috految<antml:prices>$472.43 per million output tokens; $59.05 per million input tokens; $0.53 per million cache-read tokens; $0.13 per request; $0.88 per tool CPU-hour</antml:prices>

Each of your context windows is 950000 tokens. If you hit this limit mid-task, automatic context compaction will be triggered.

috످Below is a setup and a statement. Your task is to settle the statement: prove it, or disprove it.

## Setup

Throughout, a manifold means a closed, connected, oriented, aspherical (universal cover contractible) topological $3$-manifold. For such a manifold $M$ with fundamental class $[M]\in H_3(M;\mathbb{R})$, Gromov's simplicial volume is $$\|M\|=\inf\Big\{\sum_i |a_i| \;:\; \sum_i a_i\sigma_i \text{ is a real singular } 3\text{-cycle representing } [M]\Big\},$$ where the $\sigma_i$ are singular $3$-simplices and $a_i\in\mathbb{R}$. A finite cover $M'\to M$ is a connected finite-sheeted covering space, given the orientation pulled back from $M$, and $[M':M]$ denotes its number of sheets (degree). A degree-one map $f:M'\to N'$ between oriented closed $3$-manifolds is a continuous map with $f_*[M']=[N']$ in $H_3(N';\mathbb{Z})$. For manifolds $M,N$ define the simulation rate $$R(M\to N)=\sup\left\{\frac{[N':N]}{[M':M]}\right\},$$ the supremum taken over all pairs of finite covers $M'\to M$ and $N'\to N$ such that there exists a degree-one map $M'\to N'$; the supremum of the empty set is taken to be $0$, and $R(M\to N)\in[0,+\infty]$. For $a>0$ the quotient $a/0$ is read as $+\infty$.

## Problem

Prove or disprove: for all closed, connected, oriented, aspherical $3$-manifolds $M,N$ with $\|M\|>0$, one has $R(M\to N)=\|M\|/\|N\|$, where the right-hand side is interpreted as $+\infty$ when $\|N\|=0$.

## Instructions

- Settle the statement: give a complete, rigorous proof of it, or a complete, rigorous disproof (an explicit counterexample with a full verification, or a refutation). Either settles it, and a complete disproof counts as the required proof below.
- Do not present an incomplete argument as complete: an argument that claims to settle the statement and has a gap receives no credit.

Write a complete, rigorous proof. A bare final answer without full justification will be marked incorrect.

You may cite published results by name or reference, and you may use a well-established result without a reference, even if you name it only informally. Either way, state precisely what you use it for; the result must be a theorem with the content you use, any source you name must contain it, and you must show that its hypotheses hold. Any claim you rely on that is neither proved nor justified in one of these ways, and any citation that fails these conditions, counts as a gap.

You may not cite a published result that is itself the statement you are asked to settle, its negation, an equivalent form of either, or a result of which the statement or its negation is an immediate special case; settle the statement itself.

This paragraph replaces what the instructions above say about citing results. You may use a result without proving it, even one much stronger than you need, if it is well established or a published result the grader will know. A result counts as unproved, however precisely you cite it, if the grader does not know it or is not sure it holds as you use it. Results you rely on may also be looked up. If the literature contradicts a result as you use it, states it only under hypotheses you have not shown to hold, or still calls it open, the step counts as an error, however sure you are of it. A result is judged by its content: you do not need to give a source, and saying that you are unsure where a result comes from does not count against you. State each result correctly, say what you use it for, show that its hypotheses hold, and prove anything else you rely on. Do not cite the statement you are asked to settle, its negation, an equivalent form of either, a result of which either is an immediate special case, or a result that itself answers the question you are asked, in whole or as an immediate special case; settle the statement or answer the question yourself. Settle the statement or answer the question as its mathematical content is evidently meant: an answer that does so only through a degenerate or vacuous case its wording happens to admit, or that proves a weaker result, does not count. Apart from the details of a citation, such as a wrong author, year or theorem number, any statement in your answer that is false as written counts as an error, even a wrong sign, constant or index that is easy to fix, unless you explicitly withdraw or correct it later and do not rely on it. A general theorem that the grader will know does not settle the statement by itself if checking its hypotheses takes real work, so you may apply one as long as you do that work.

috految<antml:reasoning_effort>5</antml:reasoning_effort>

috److془We need to carefully settle this problem. Let's think.

Known: Liu–Sun virtual 1-domination; Sun: positive simplicial volume virtually 1-dominates any. Question: efficiency.

Need to find obstruction or prove. Obstructions: M hyperbolic, N = Seifert: Seifert volume SV(M')/degree unbounded (Derbez-Liu-Sun-Wang). Using fiber covers with Euler number 1... Hmm. Actually we need: N' cover of N with large degree d, M' with o(d) degree. N' has complexity o(d). Normalized SV: χ^2/e =d. Take genus g, e=1, d = g^2. Fine. Sol: self covers. Probably true with linear bound.

Hyperbolic: M, N hyperbolic: M' → N' almost efficient. Need sofic approximations: Property MD (EMD) for π_1. Hmm: M' and N' agree on 1-ε fraction. Then need to fix on the remainder. Cost linear in ε. Obstruction: the defect in N' could be e.g. need exact. Hmm. Orientation: SO(3,1) fine. Torsion homology: H_1(N') direct summand of H_1(M'). Fine as the ε fraction can be heavy.

Hmm: Mixed manifolds N: N' → bounded by cusps. Hard: M has the finite covers with 1-ε fraction being hyperbolic piece. Need to really prove. Or obstruct: ε fraction of M' can't be everything? Let's think: Free group Lewis Bowen "free groups in lattices". Cut M fibered: S×[0,n], S×[0,n] minus vertical edge drilling: handlebody. Take handlebody H in N' with boundary ε. Find cover of it embedded in M', by Bowen. But need the covering by M' to be efficient: completion with small extra volume. Canonical completion: linear in the boundary? Reflection orbifolds: convex subset, reflect: the mirror copies by orientation. Hmm, then degree counted with sign. In fact, the map needs to be extended. Hmm. But in general: hyperbolic M, M' contains mostly H's, with M' = H ∪ small. Need to extend. Complement has homotopically trivial map outside. Unstable issue: Rigidity: Also N'=H ∪ small has to be closed up with the same cover. Nice: Degree one connected is issue, but can be resolved: if M has finite cover mapping to N with degree ~ V/||N||, need N'. Hmm.

Obstruction: convex cocompact subgroups with boundary small. Hmm. Idea: M' has small walls, with gadget: we want to perform surgeries at linear cost. Let's: M is fibered S×[0,n]. Cover Ŝ×[0,n]; Need to cap off. Wanted general: the M' maps to any manifold differing from M_1 at k simplices, with degree deg M_1 + Ck. Is it plausible? Need bounded gadgets; the quasi-convex surfaces small. Hmm: the convex hull of the set of ε density may be everything (S fiber). Fibre: the cover containing S×[0,n] is cyclic. But use generic: the quasiconvex surfaces in cyclic covers, Agol. Quasi-Fuchsian F nonseparating in M_0, cyclic cover has small cut. Or use Bowen convex approx. Hmm: but handlebody with small convex hull boundary: yes Bowen's Cheeger constant. Convex core with boundary area ~ rank. Fine. Near the boundary, immersed H in M: extension by gadgets. Actually, we could use Følner: cut along surface; arbitrary constants. Take W = M cut along F, W^n. The cap costs constant! Then in the cover remains proportional. But need to match with N. Hmm: Scheme: Mapping to anything: the relation is transitive. Covers pull back. Great: R(M→N) ≥R(M→P)R(P→N). (Common cover pullback: M'→P', P''→N' ; need cover of P', P'' that dominates cover of N. Hmm! fails.) Need strong version: all finite covers of P. Hmm: or the actual: N'' is dependent. just: R(M→N')≥ deg·… Fine; P' arbitary finite cover, use hypothesis for P'. Good.

Now the universality: the surgery at linear cost. Is it plausible? Need M' → N' degree one with size ≤ C·complexity(N'). Filling: N._ triangulated with bounded geometry branched covers over universal orbifold B; M_0→B orbifold map of degree one. Pull back! Degree one to orbifold: impossible for torsion (homology) but can fiddle. Closed manifold P with disjoint knots K_i; degree one map from manifolds to orbifold: Hmm; transfer obstruction: meridian cone order k: surface bounded in BZ/k. Alternative: Kan-Thurston: Branched cover with multiple of meridians needs to be filled: use a surface×S^1 for solid torus of high genus, monodromy commutator. Fine. Make for finite covers: Actually, degree one map P→Q, and sheet permutation, lifts to the common; fine. Gadget: pull back with extras.

Mixed with graph manifold: could have obstruction for M mixed? Actually Sun's theorem as black box with relative version. Let's seek: M virtually dominates efficiently P whose meridian surfaces are replaced by high genus. Cheap gadget: One hopes: fixed P with additional edit capabilities at sparse places. But the gluing for Bowen requires edits at bounded cost. Hmm: but if the M efficient dominates P= M_1 with universal edit on the small complement of handlebody. Solid many gadgets: connected sum with anything is affordable. Flexibility: π_1 M' → π_1(M_1) * A. Hmm, but edit needs relative version. Also the matching: cover of handlebody H1 in M, embedded in N' efficient. Caps for N needed too. Alternatively: need only N' made of pieces of M covers. N' by MD: cover of N, approximately a cover of M with arbitrarily small error δ. Then the restriction to H free group is δ approximates true cover. Great. Then edit with cost C δ. Need edits within H, but handlebody has spare: homotopy only matters! Cover of H maps to N', with small-boundary defect. Errors in cycle Cδ; bounded geometry. Lovely. So the key: efficient virtual domination of P = H ∪ Z with Z universal, or so. Algebraically: f: π_1 P → π_1 N' wr S_d. Indeed even: Γ=π_1M; approximate homomorphism to wreath product, wish to correct outputting the true homomorphism from finite index subgroup. Degree: needs to be the exact one. Large degree with order-one gadgets... if we have Cδ-size defect, degree error times ||N'|| is small so automatically one. Whoa. Hmm but need: the small integral filling. Fine. But finite index subgroup must now be chosen before N'. Need: M' with degree one to P such that stable. Suppose P = (H= handlebody mapped to M_1) ∪ Z, where Z could be of any complexity as δ→0? Need cost of Z small. Alternatively, M_1 fibered, changed with surface×I thick; cost o(n). Alternatively use flexible stability: conjecturally, in cusped case. Let's consider: cover of M with fiber Σ, ρ on Σ×[0,n]. Need the relative theorem, with W^n geometrically finite. Approx homs on W^n need to correct. Use Sun's result: M_2→ something. Hmm: but surely, the boundary of W^n matches, with virtual retraction: Need the cap of F extend any map F→X that's nullbordant. Virtual retraction: M_2 with F embedded, retraction to F. Cap has two sides F+,F-; could be insertion: M_2 cut along F dominates F×I. Then want dominate arbitrary cobordism from F to F. Kill F: Is it obtainable? Need 2-complex attached to F, with prescribed boundary curves: Liu-Markovic. Alternatively, virtual compositions: Dehn surgery along curve c in F×I. Obstruction on H_1(M) : c must be nullhomologous; or rather coupled c - c' across. Hmm, but can identify oriented with retraction: if M_2 maps to X, the homology homomorphism ker(H_1(∂)→H_1 Cap) contained in ker of target, Lagrangian equal. So real obstruction: cap maps to M×X. Class in H_2(M×X), H_1(X)⊗H_1(M). Hmm! But in our case, with X=N': class in H_1(N')⊗H_1(M) trivial by H, but must have small filling. Real obstruction?! Class of H^1(M) gives H^1(N') up to approx. δ cocycles must be near real cocycles. Hmm, but we can choose N' . Integral cocycles! Also torsion coefficient. Whoa: for degree one, transfer of α. Cost δ filling nonexistent possibly. Also cup products, H_3(M×N) . Hmm but M's cohomology can be handled by cover of M in which α is approx coboundary. Integral of size n on 1/n fraction multiples though. But real bounded obstruction: α gives in π_1 N' a class. Cancellation of multiples: long curves cheap in counting norm? Hmm: the edges in M' can get arbitrary labels. Surfaces in 3-manifold N' : Thurston norm. α dual surface pushes to closed surface in N' with controlled genus. Obstruction from it? Generic: the stable classes: fibre in M gives surface in N' bounded genus. Can be for N' ok: chain with boundary small, needs genus δ cap. Boundary small ι in N' . Bounded cohomology obstruction: the pushforward to N is approx zero by equidistribution. But varying N'. Hmm! Also Thurston norm of α; Now for M mixed/ N mixed could have obstruction! E.g. M with JSJ tori, cusp slopes. Or: M has Seifert pieces with b_1 big; Or the spectral multiplicity: Cusps: rank 2 tori must map into cyclic subgroups in hyperbolic N'. Long Dehn fill approximates fine. But with cusps, α classes on cusps: Hmm! M with JSJ graph, pieces near efficient, tori mapping to nontrivial cyclic groups or trivial. Degree one on a piece: then degree are integers! Two hyperbolic pieces: each has degree integer! Sum is 1. Thus only one piece used! Counterexample! Check: tori in N' have cyclic image, fill in solid torus, integer degrees. One piece has nonzero degree, ||N'|| ≤ ||piece'|| ≤ d·max. 

Detail: M double of figure eight exterior X. Torus kernel contains primitive element as image torsion-free cyclic. Thurston: filling decreases simplicial volume. Done.془The statement is false. Let X be the compact exterior of the figure-eight knot, let M = X₁ ∪ X₂ be its double, with an orientation, and let N be any closed connected oriented hyperbolic 3-manifold. Then N is aspherical and ‖N‖ > 0. Since X is aspherical with π₁-injective torus boundary, M is a closed connected oriented aspherical manifold.

We use these standard facts about simplicial volume (Gromov, Thurston, Soma):

- It is multiplicative under finite covers, also in the relative case, and ‖P‖ ≥ |deg g|·‖Q‖ for a map g: P → Q of closed connected oriented 3-manifolds.
- It is additive under gluing along incompressible tori, and v := ‖X,∂X‖ > 0 because X has finite-volume hyperbolic interior. Thus ‖M‖ = 2v > 0.
- It does not increase under Dehn filling: if Ŷ is obtained by filling all boundary tori of a compact oriented 3-manifold Y with toral boundary, then ‖Ŷ‖ ≤ ‖Y,∂Y‖.

Let M′ → M and N′ → N be finite covers of degrees d and e, and suppose f: M′ → N′ has degree one. The preimage of the gluing torus is a finite disjoint union of tori. These cut M′ into connected pieces Y₁, …, Y_k, oriented as submanifolds of M′. Each piece covers either X₁ or X₂, with degree at most d. Hence

‖Y_j,∂Y_j‖ ≤ dv for every j.

Let T be one of the cutting tori. Since N′ is a closed hyperbolic manifold, abelian subgroups of π₁N′ are trivial or infinite cyclic. So the kernel of f_*: π₁T = ℤ² → π₁N′ contains a primitive element. Let V_T be a solid torus with boundary T and with this element as meridian. The map f|_T extends over a meridian disc, and then over the remaining 3-cell because π₂N′ = 0. Fix such an extension h_T: V_T → N′.

Form the closed connected oriented manifold Ŷ_j by attaching to each boundary torus T of Y_j a copy of V_T. The maps f and h_T give a map f_j: Ŷ_j → N′. Each V_T is used exactly twice, once for each side of T, with opposite orientations and the same map h_T. These contributions cancel in the sum of the pushed-forward fundamental cycles, so

∑_j (f_j)_*[Ŷ_j] = f_*[M′] = [N′] in H₃(N′;ℤ).

Thus the integers deg f_j sum to 1, and some j has |deg f_j| ≥ 1. For this j,

e‖N‖ = ‖N′‖ ≤ ‖Ŷ_j‖ ≤ ‖Y_j,∂Y_j‖ ≤ dv.

Therefore e/d ≤ v/‖N‖ for every admissible pair of covers, and

R(M→N) ≤ v/‖N‖ = ‖M‖/(2‖N‖) < ‖M‖/‖N‖.

This disproves the statement. ∎

috످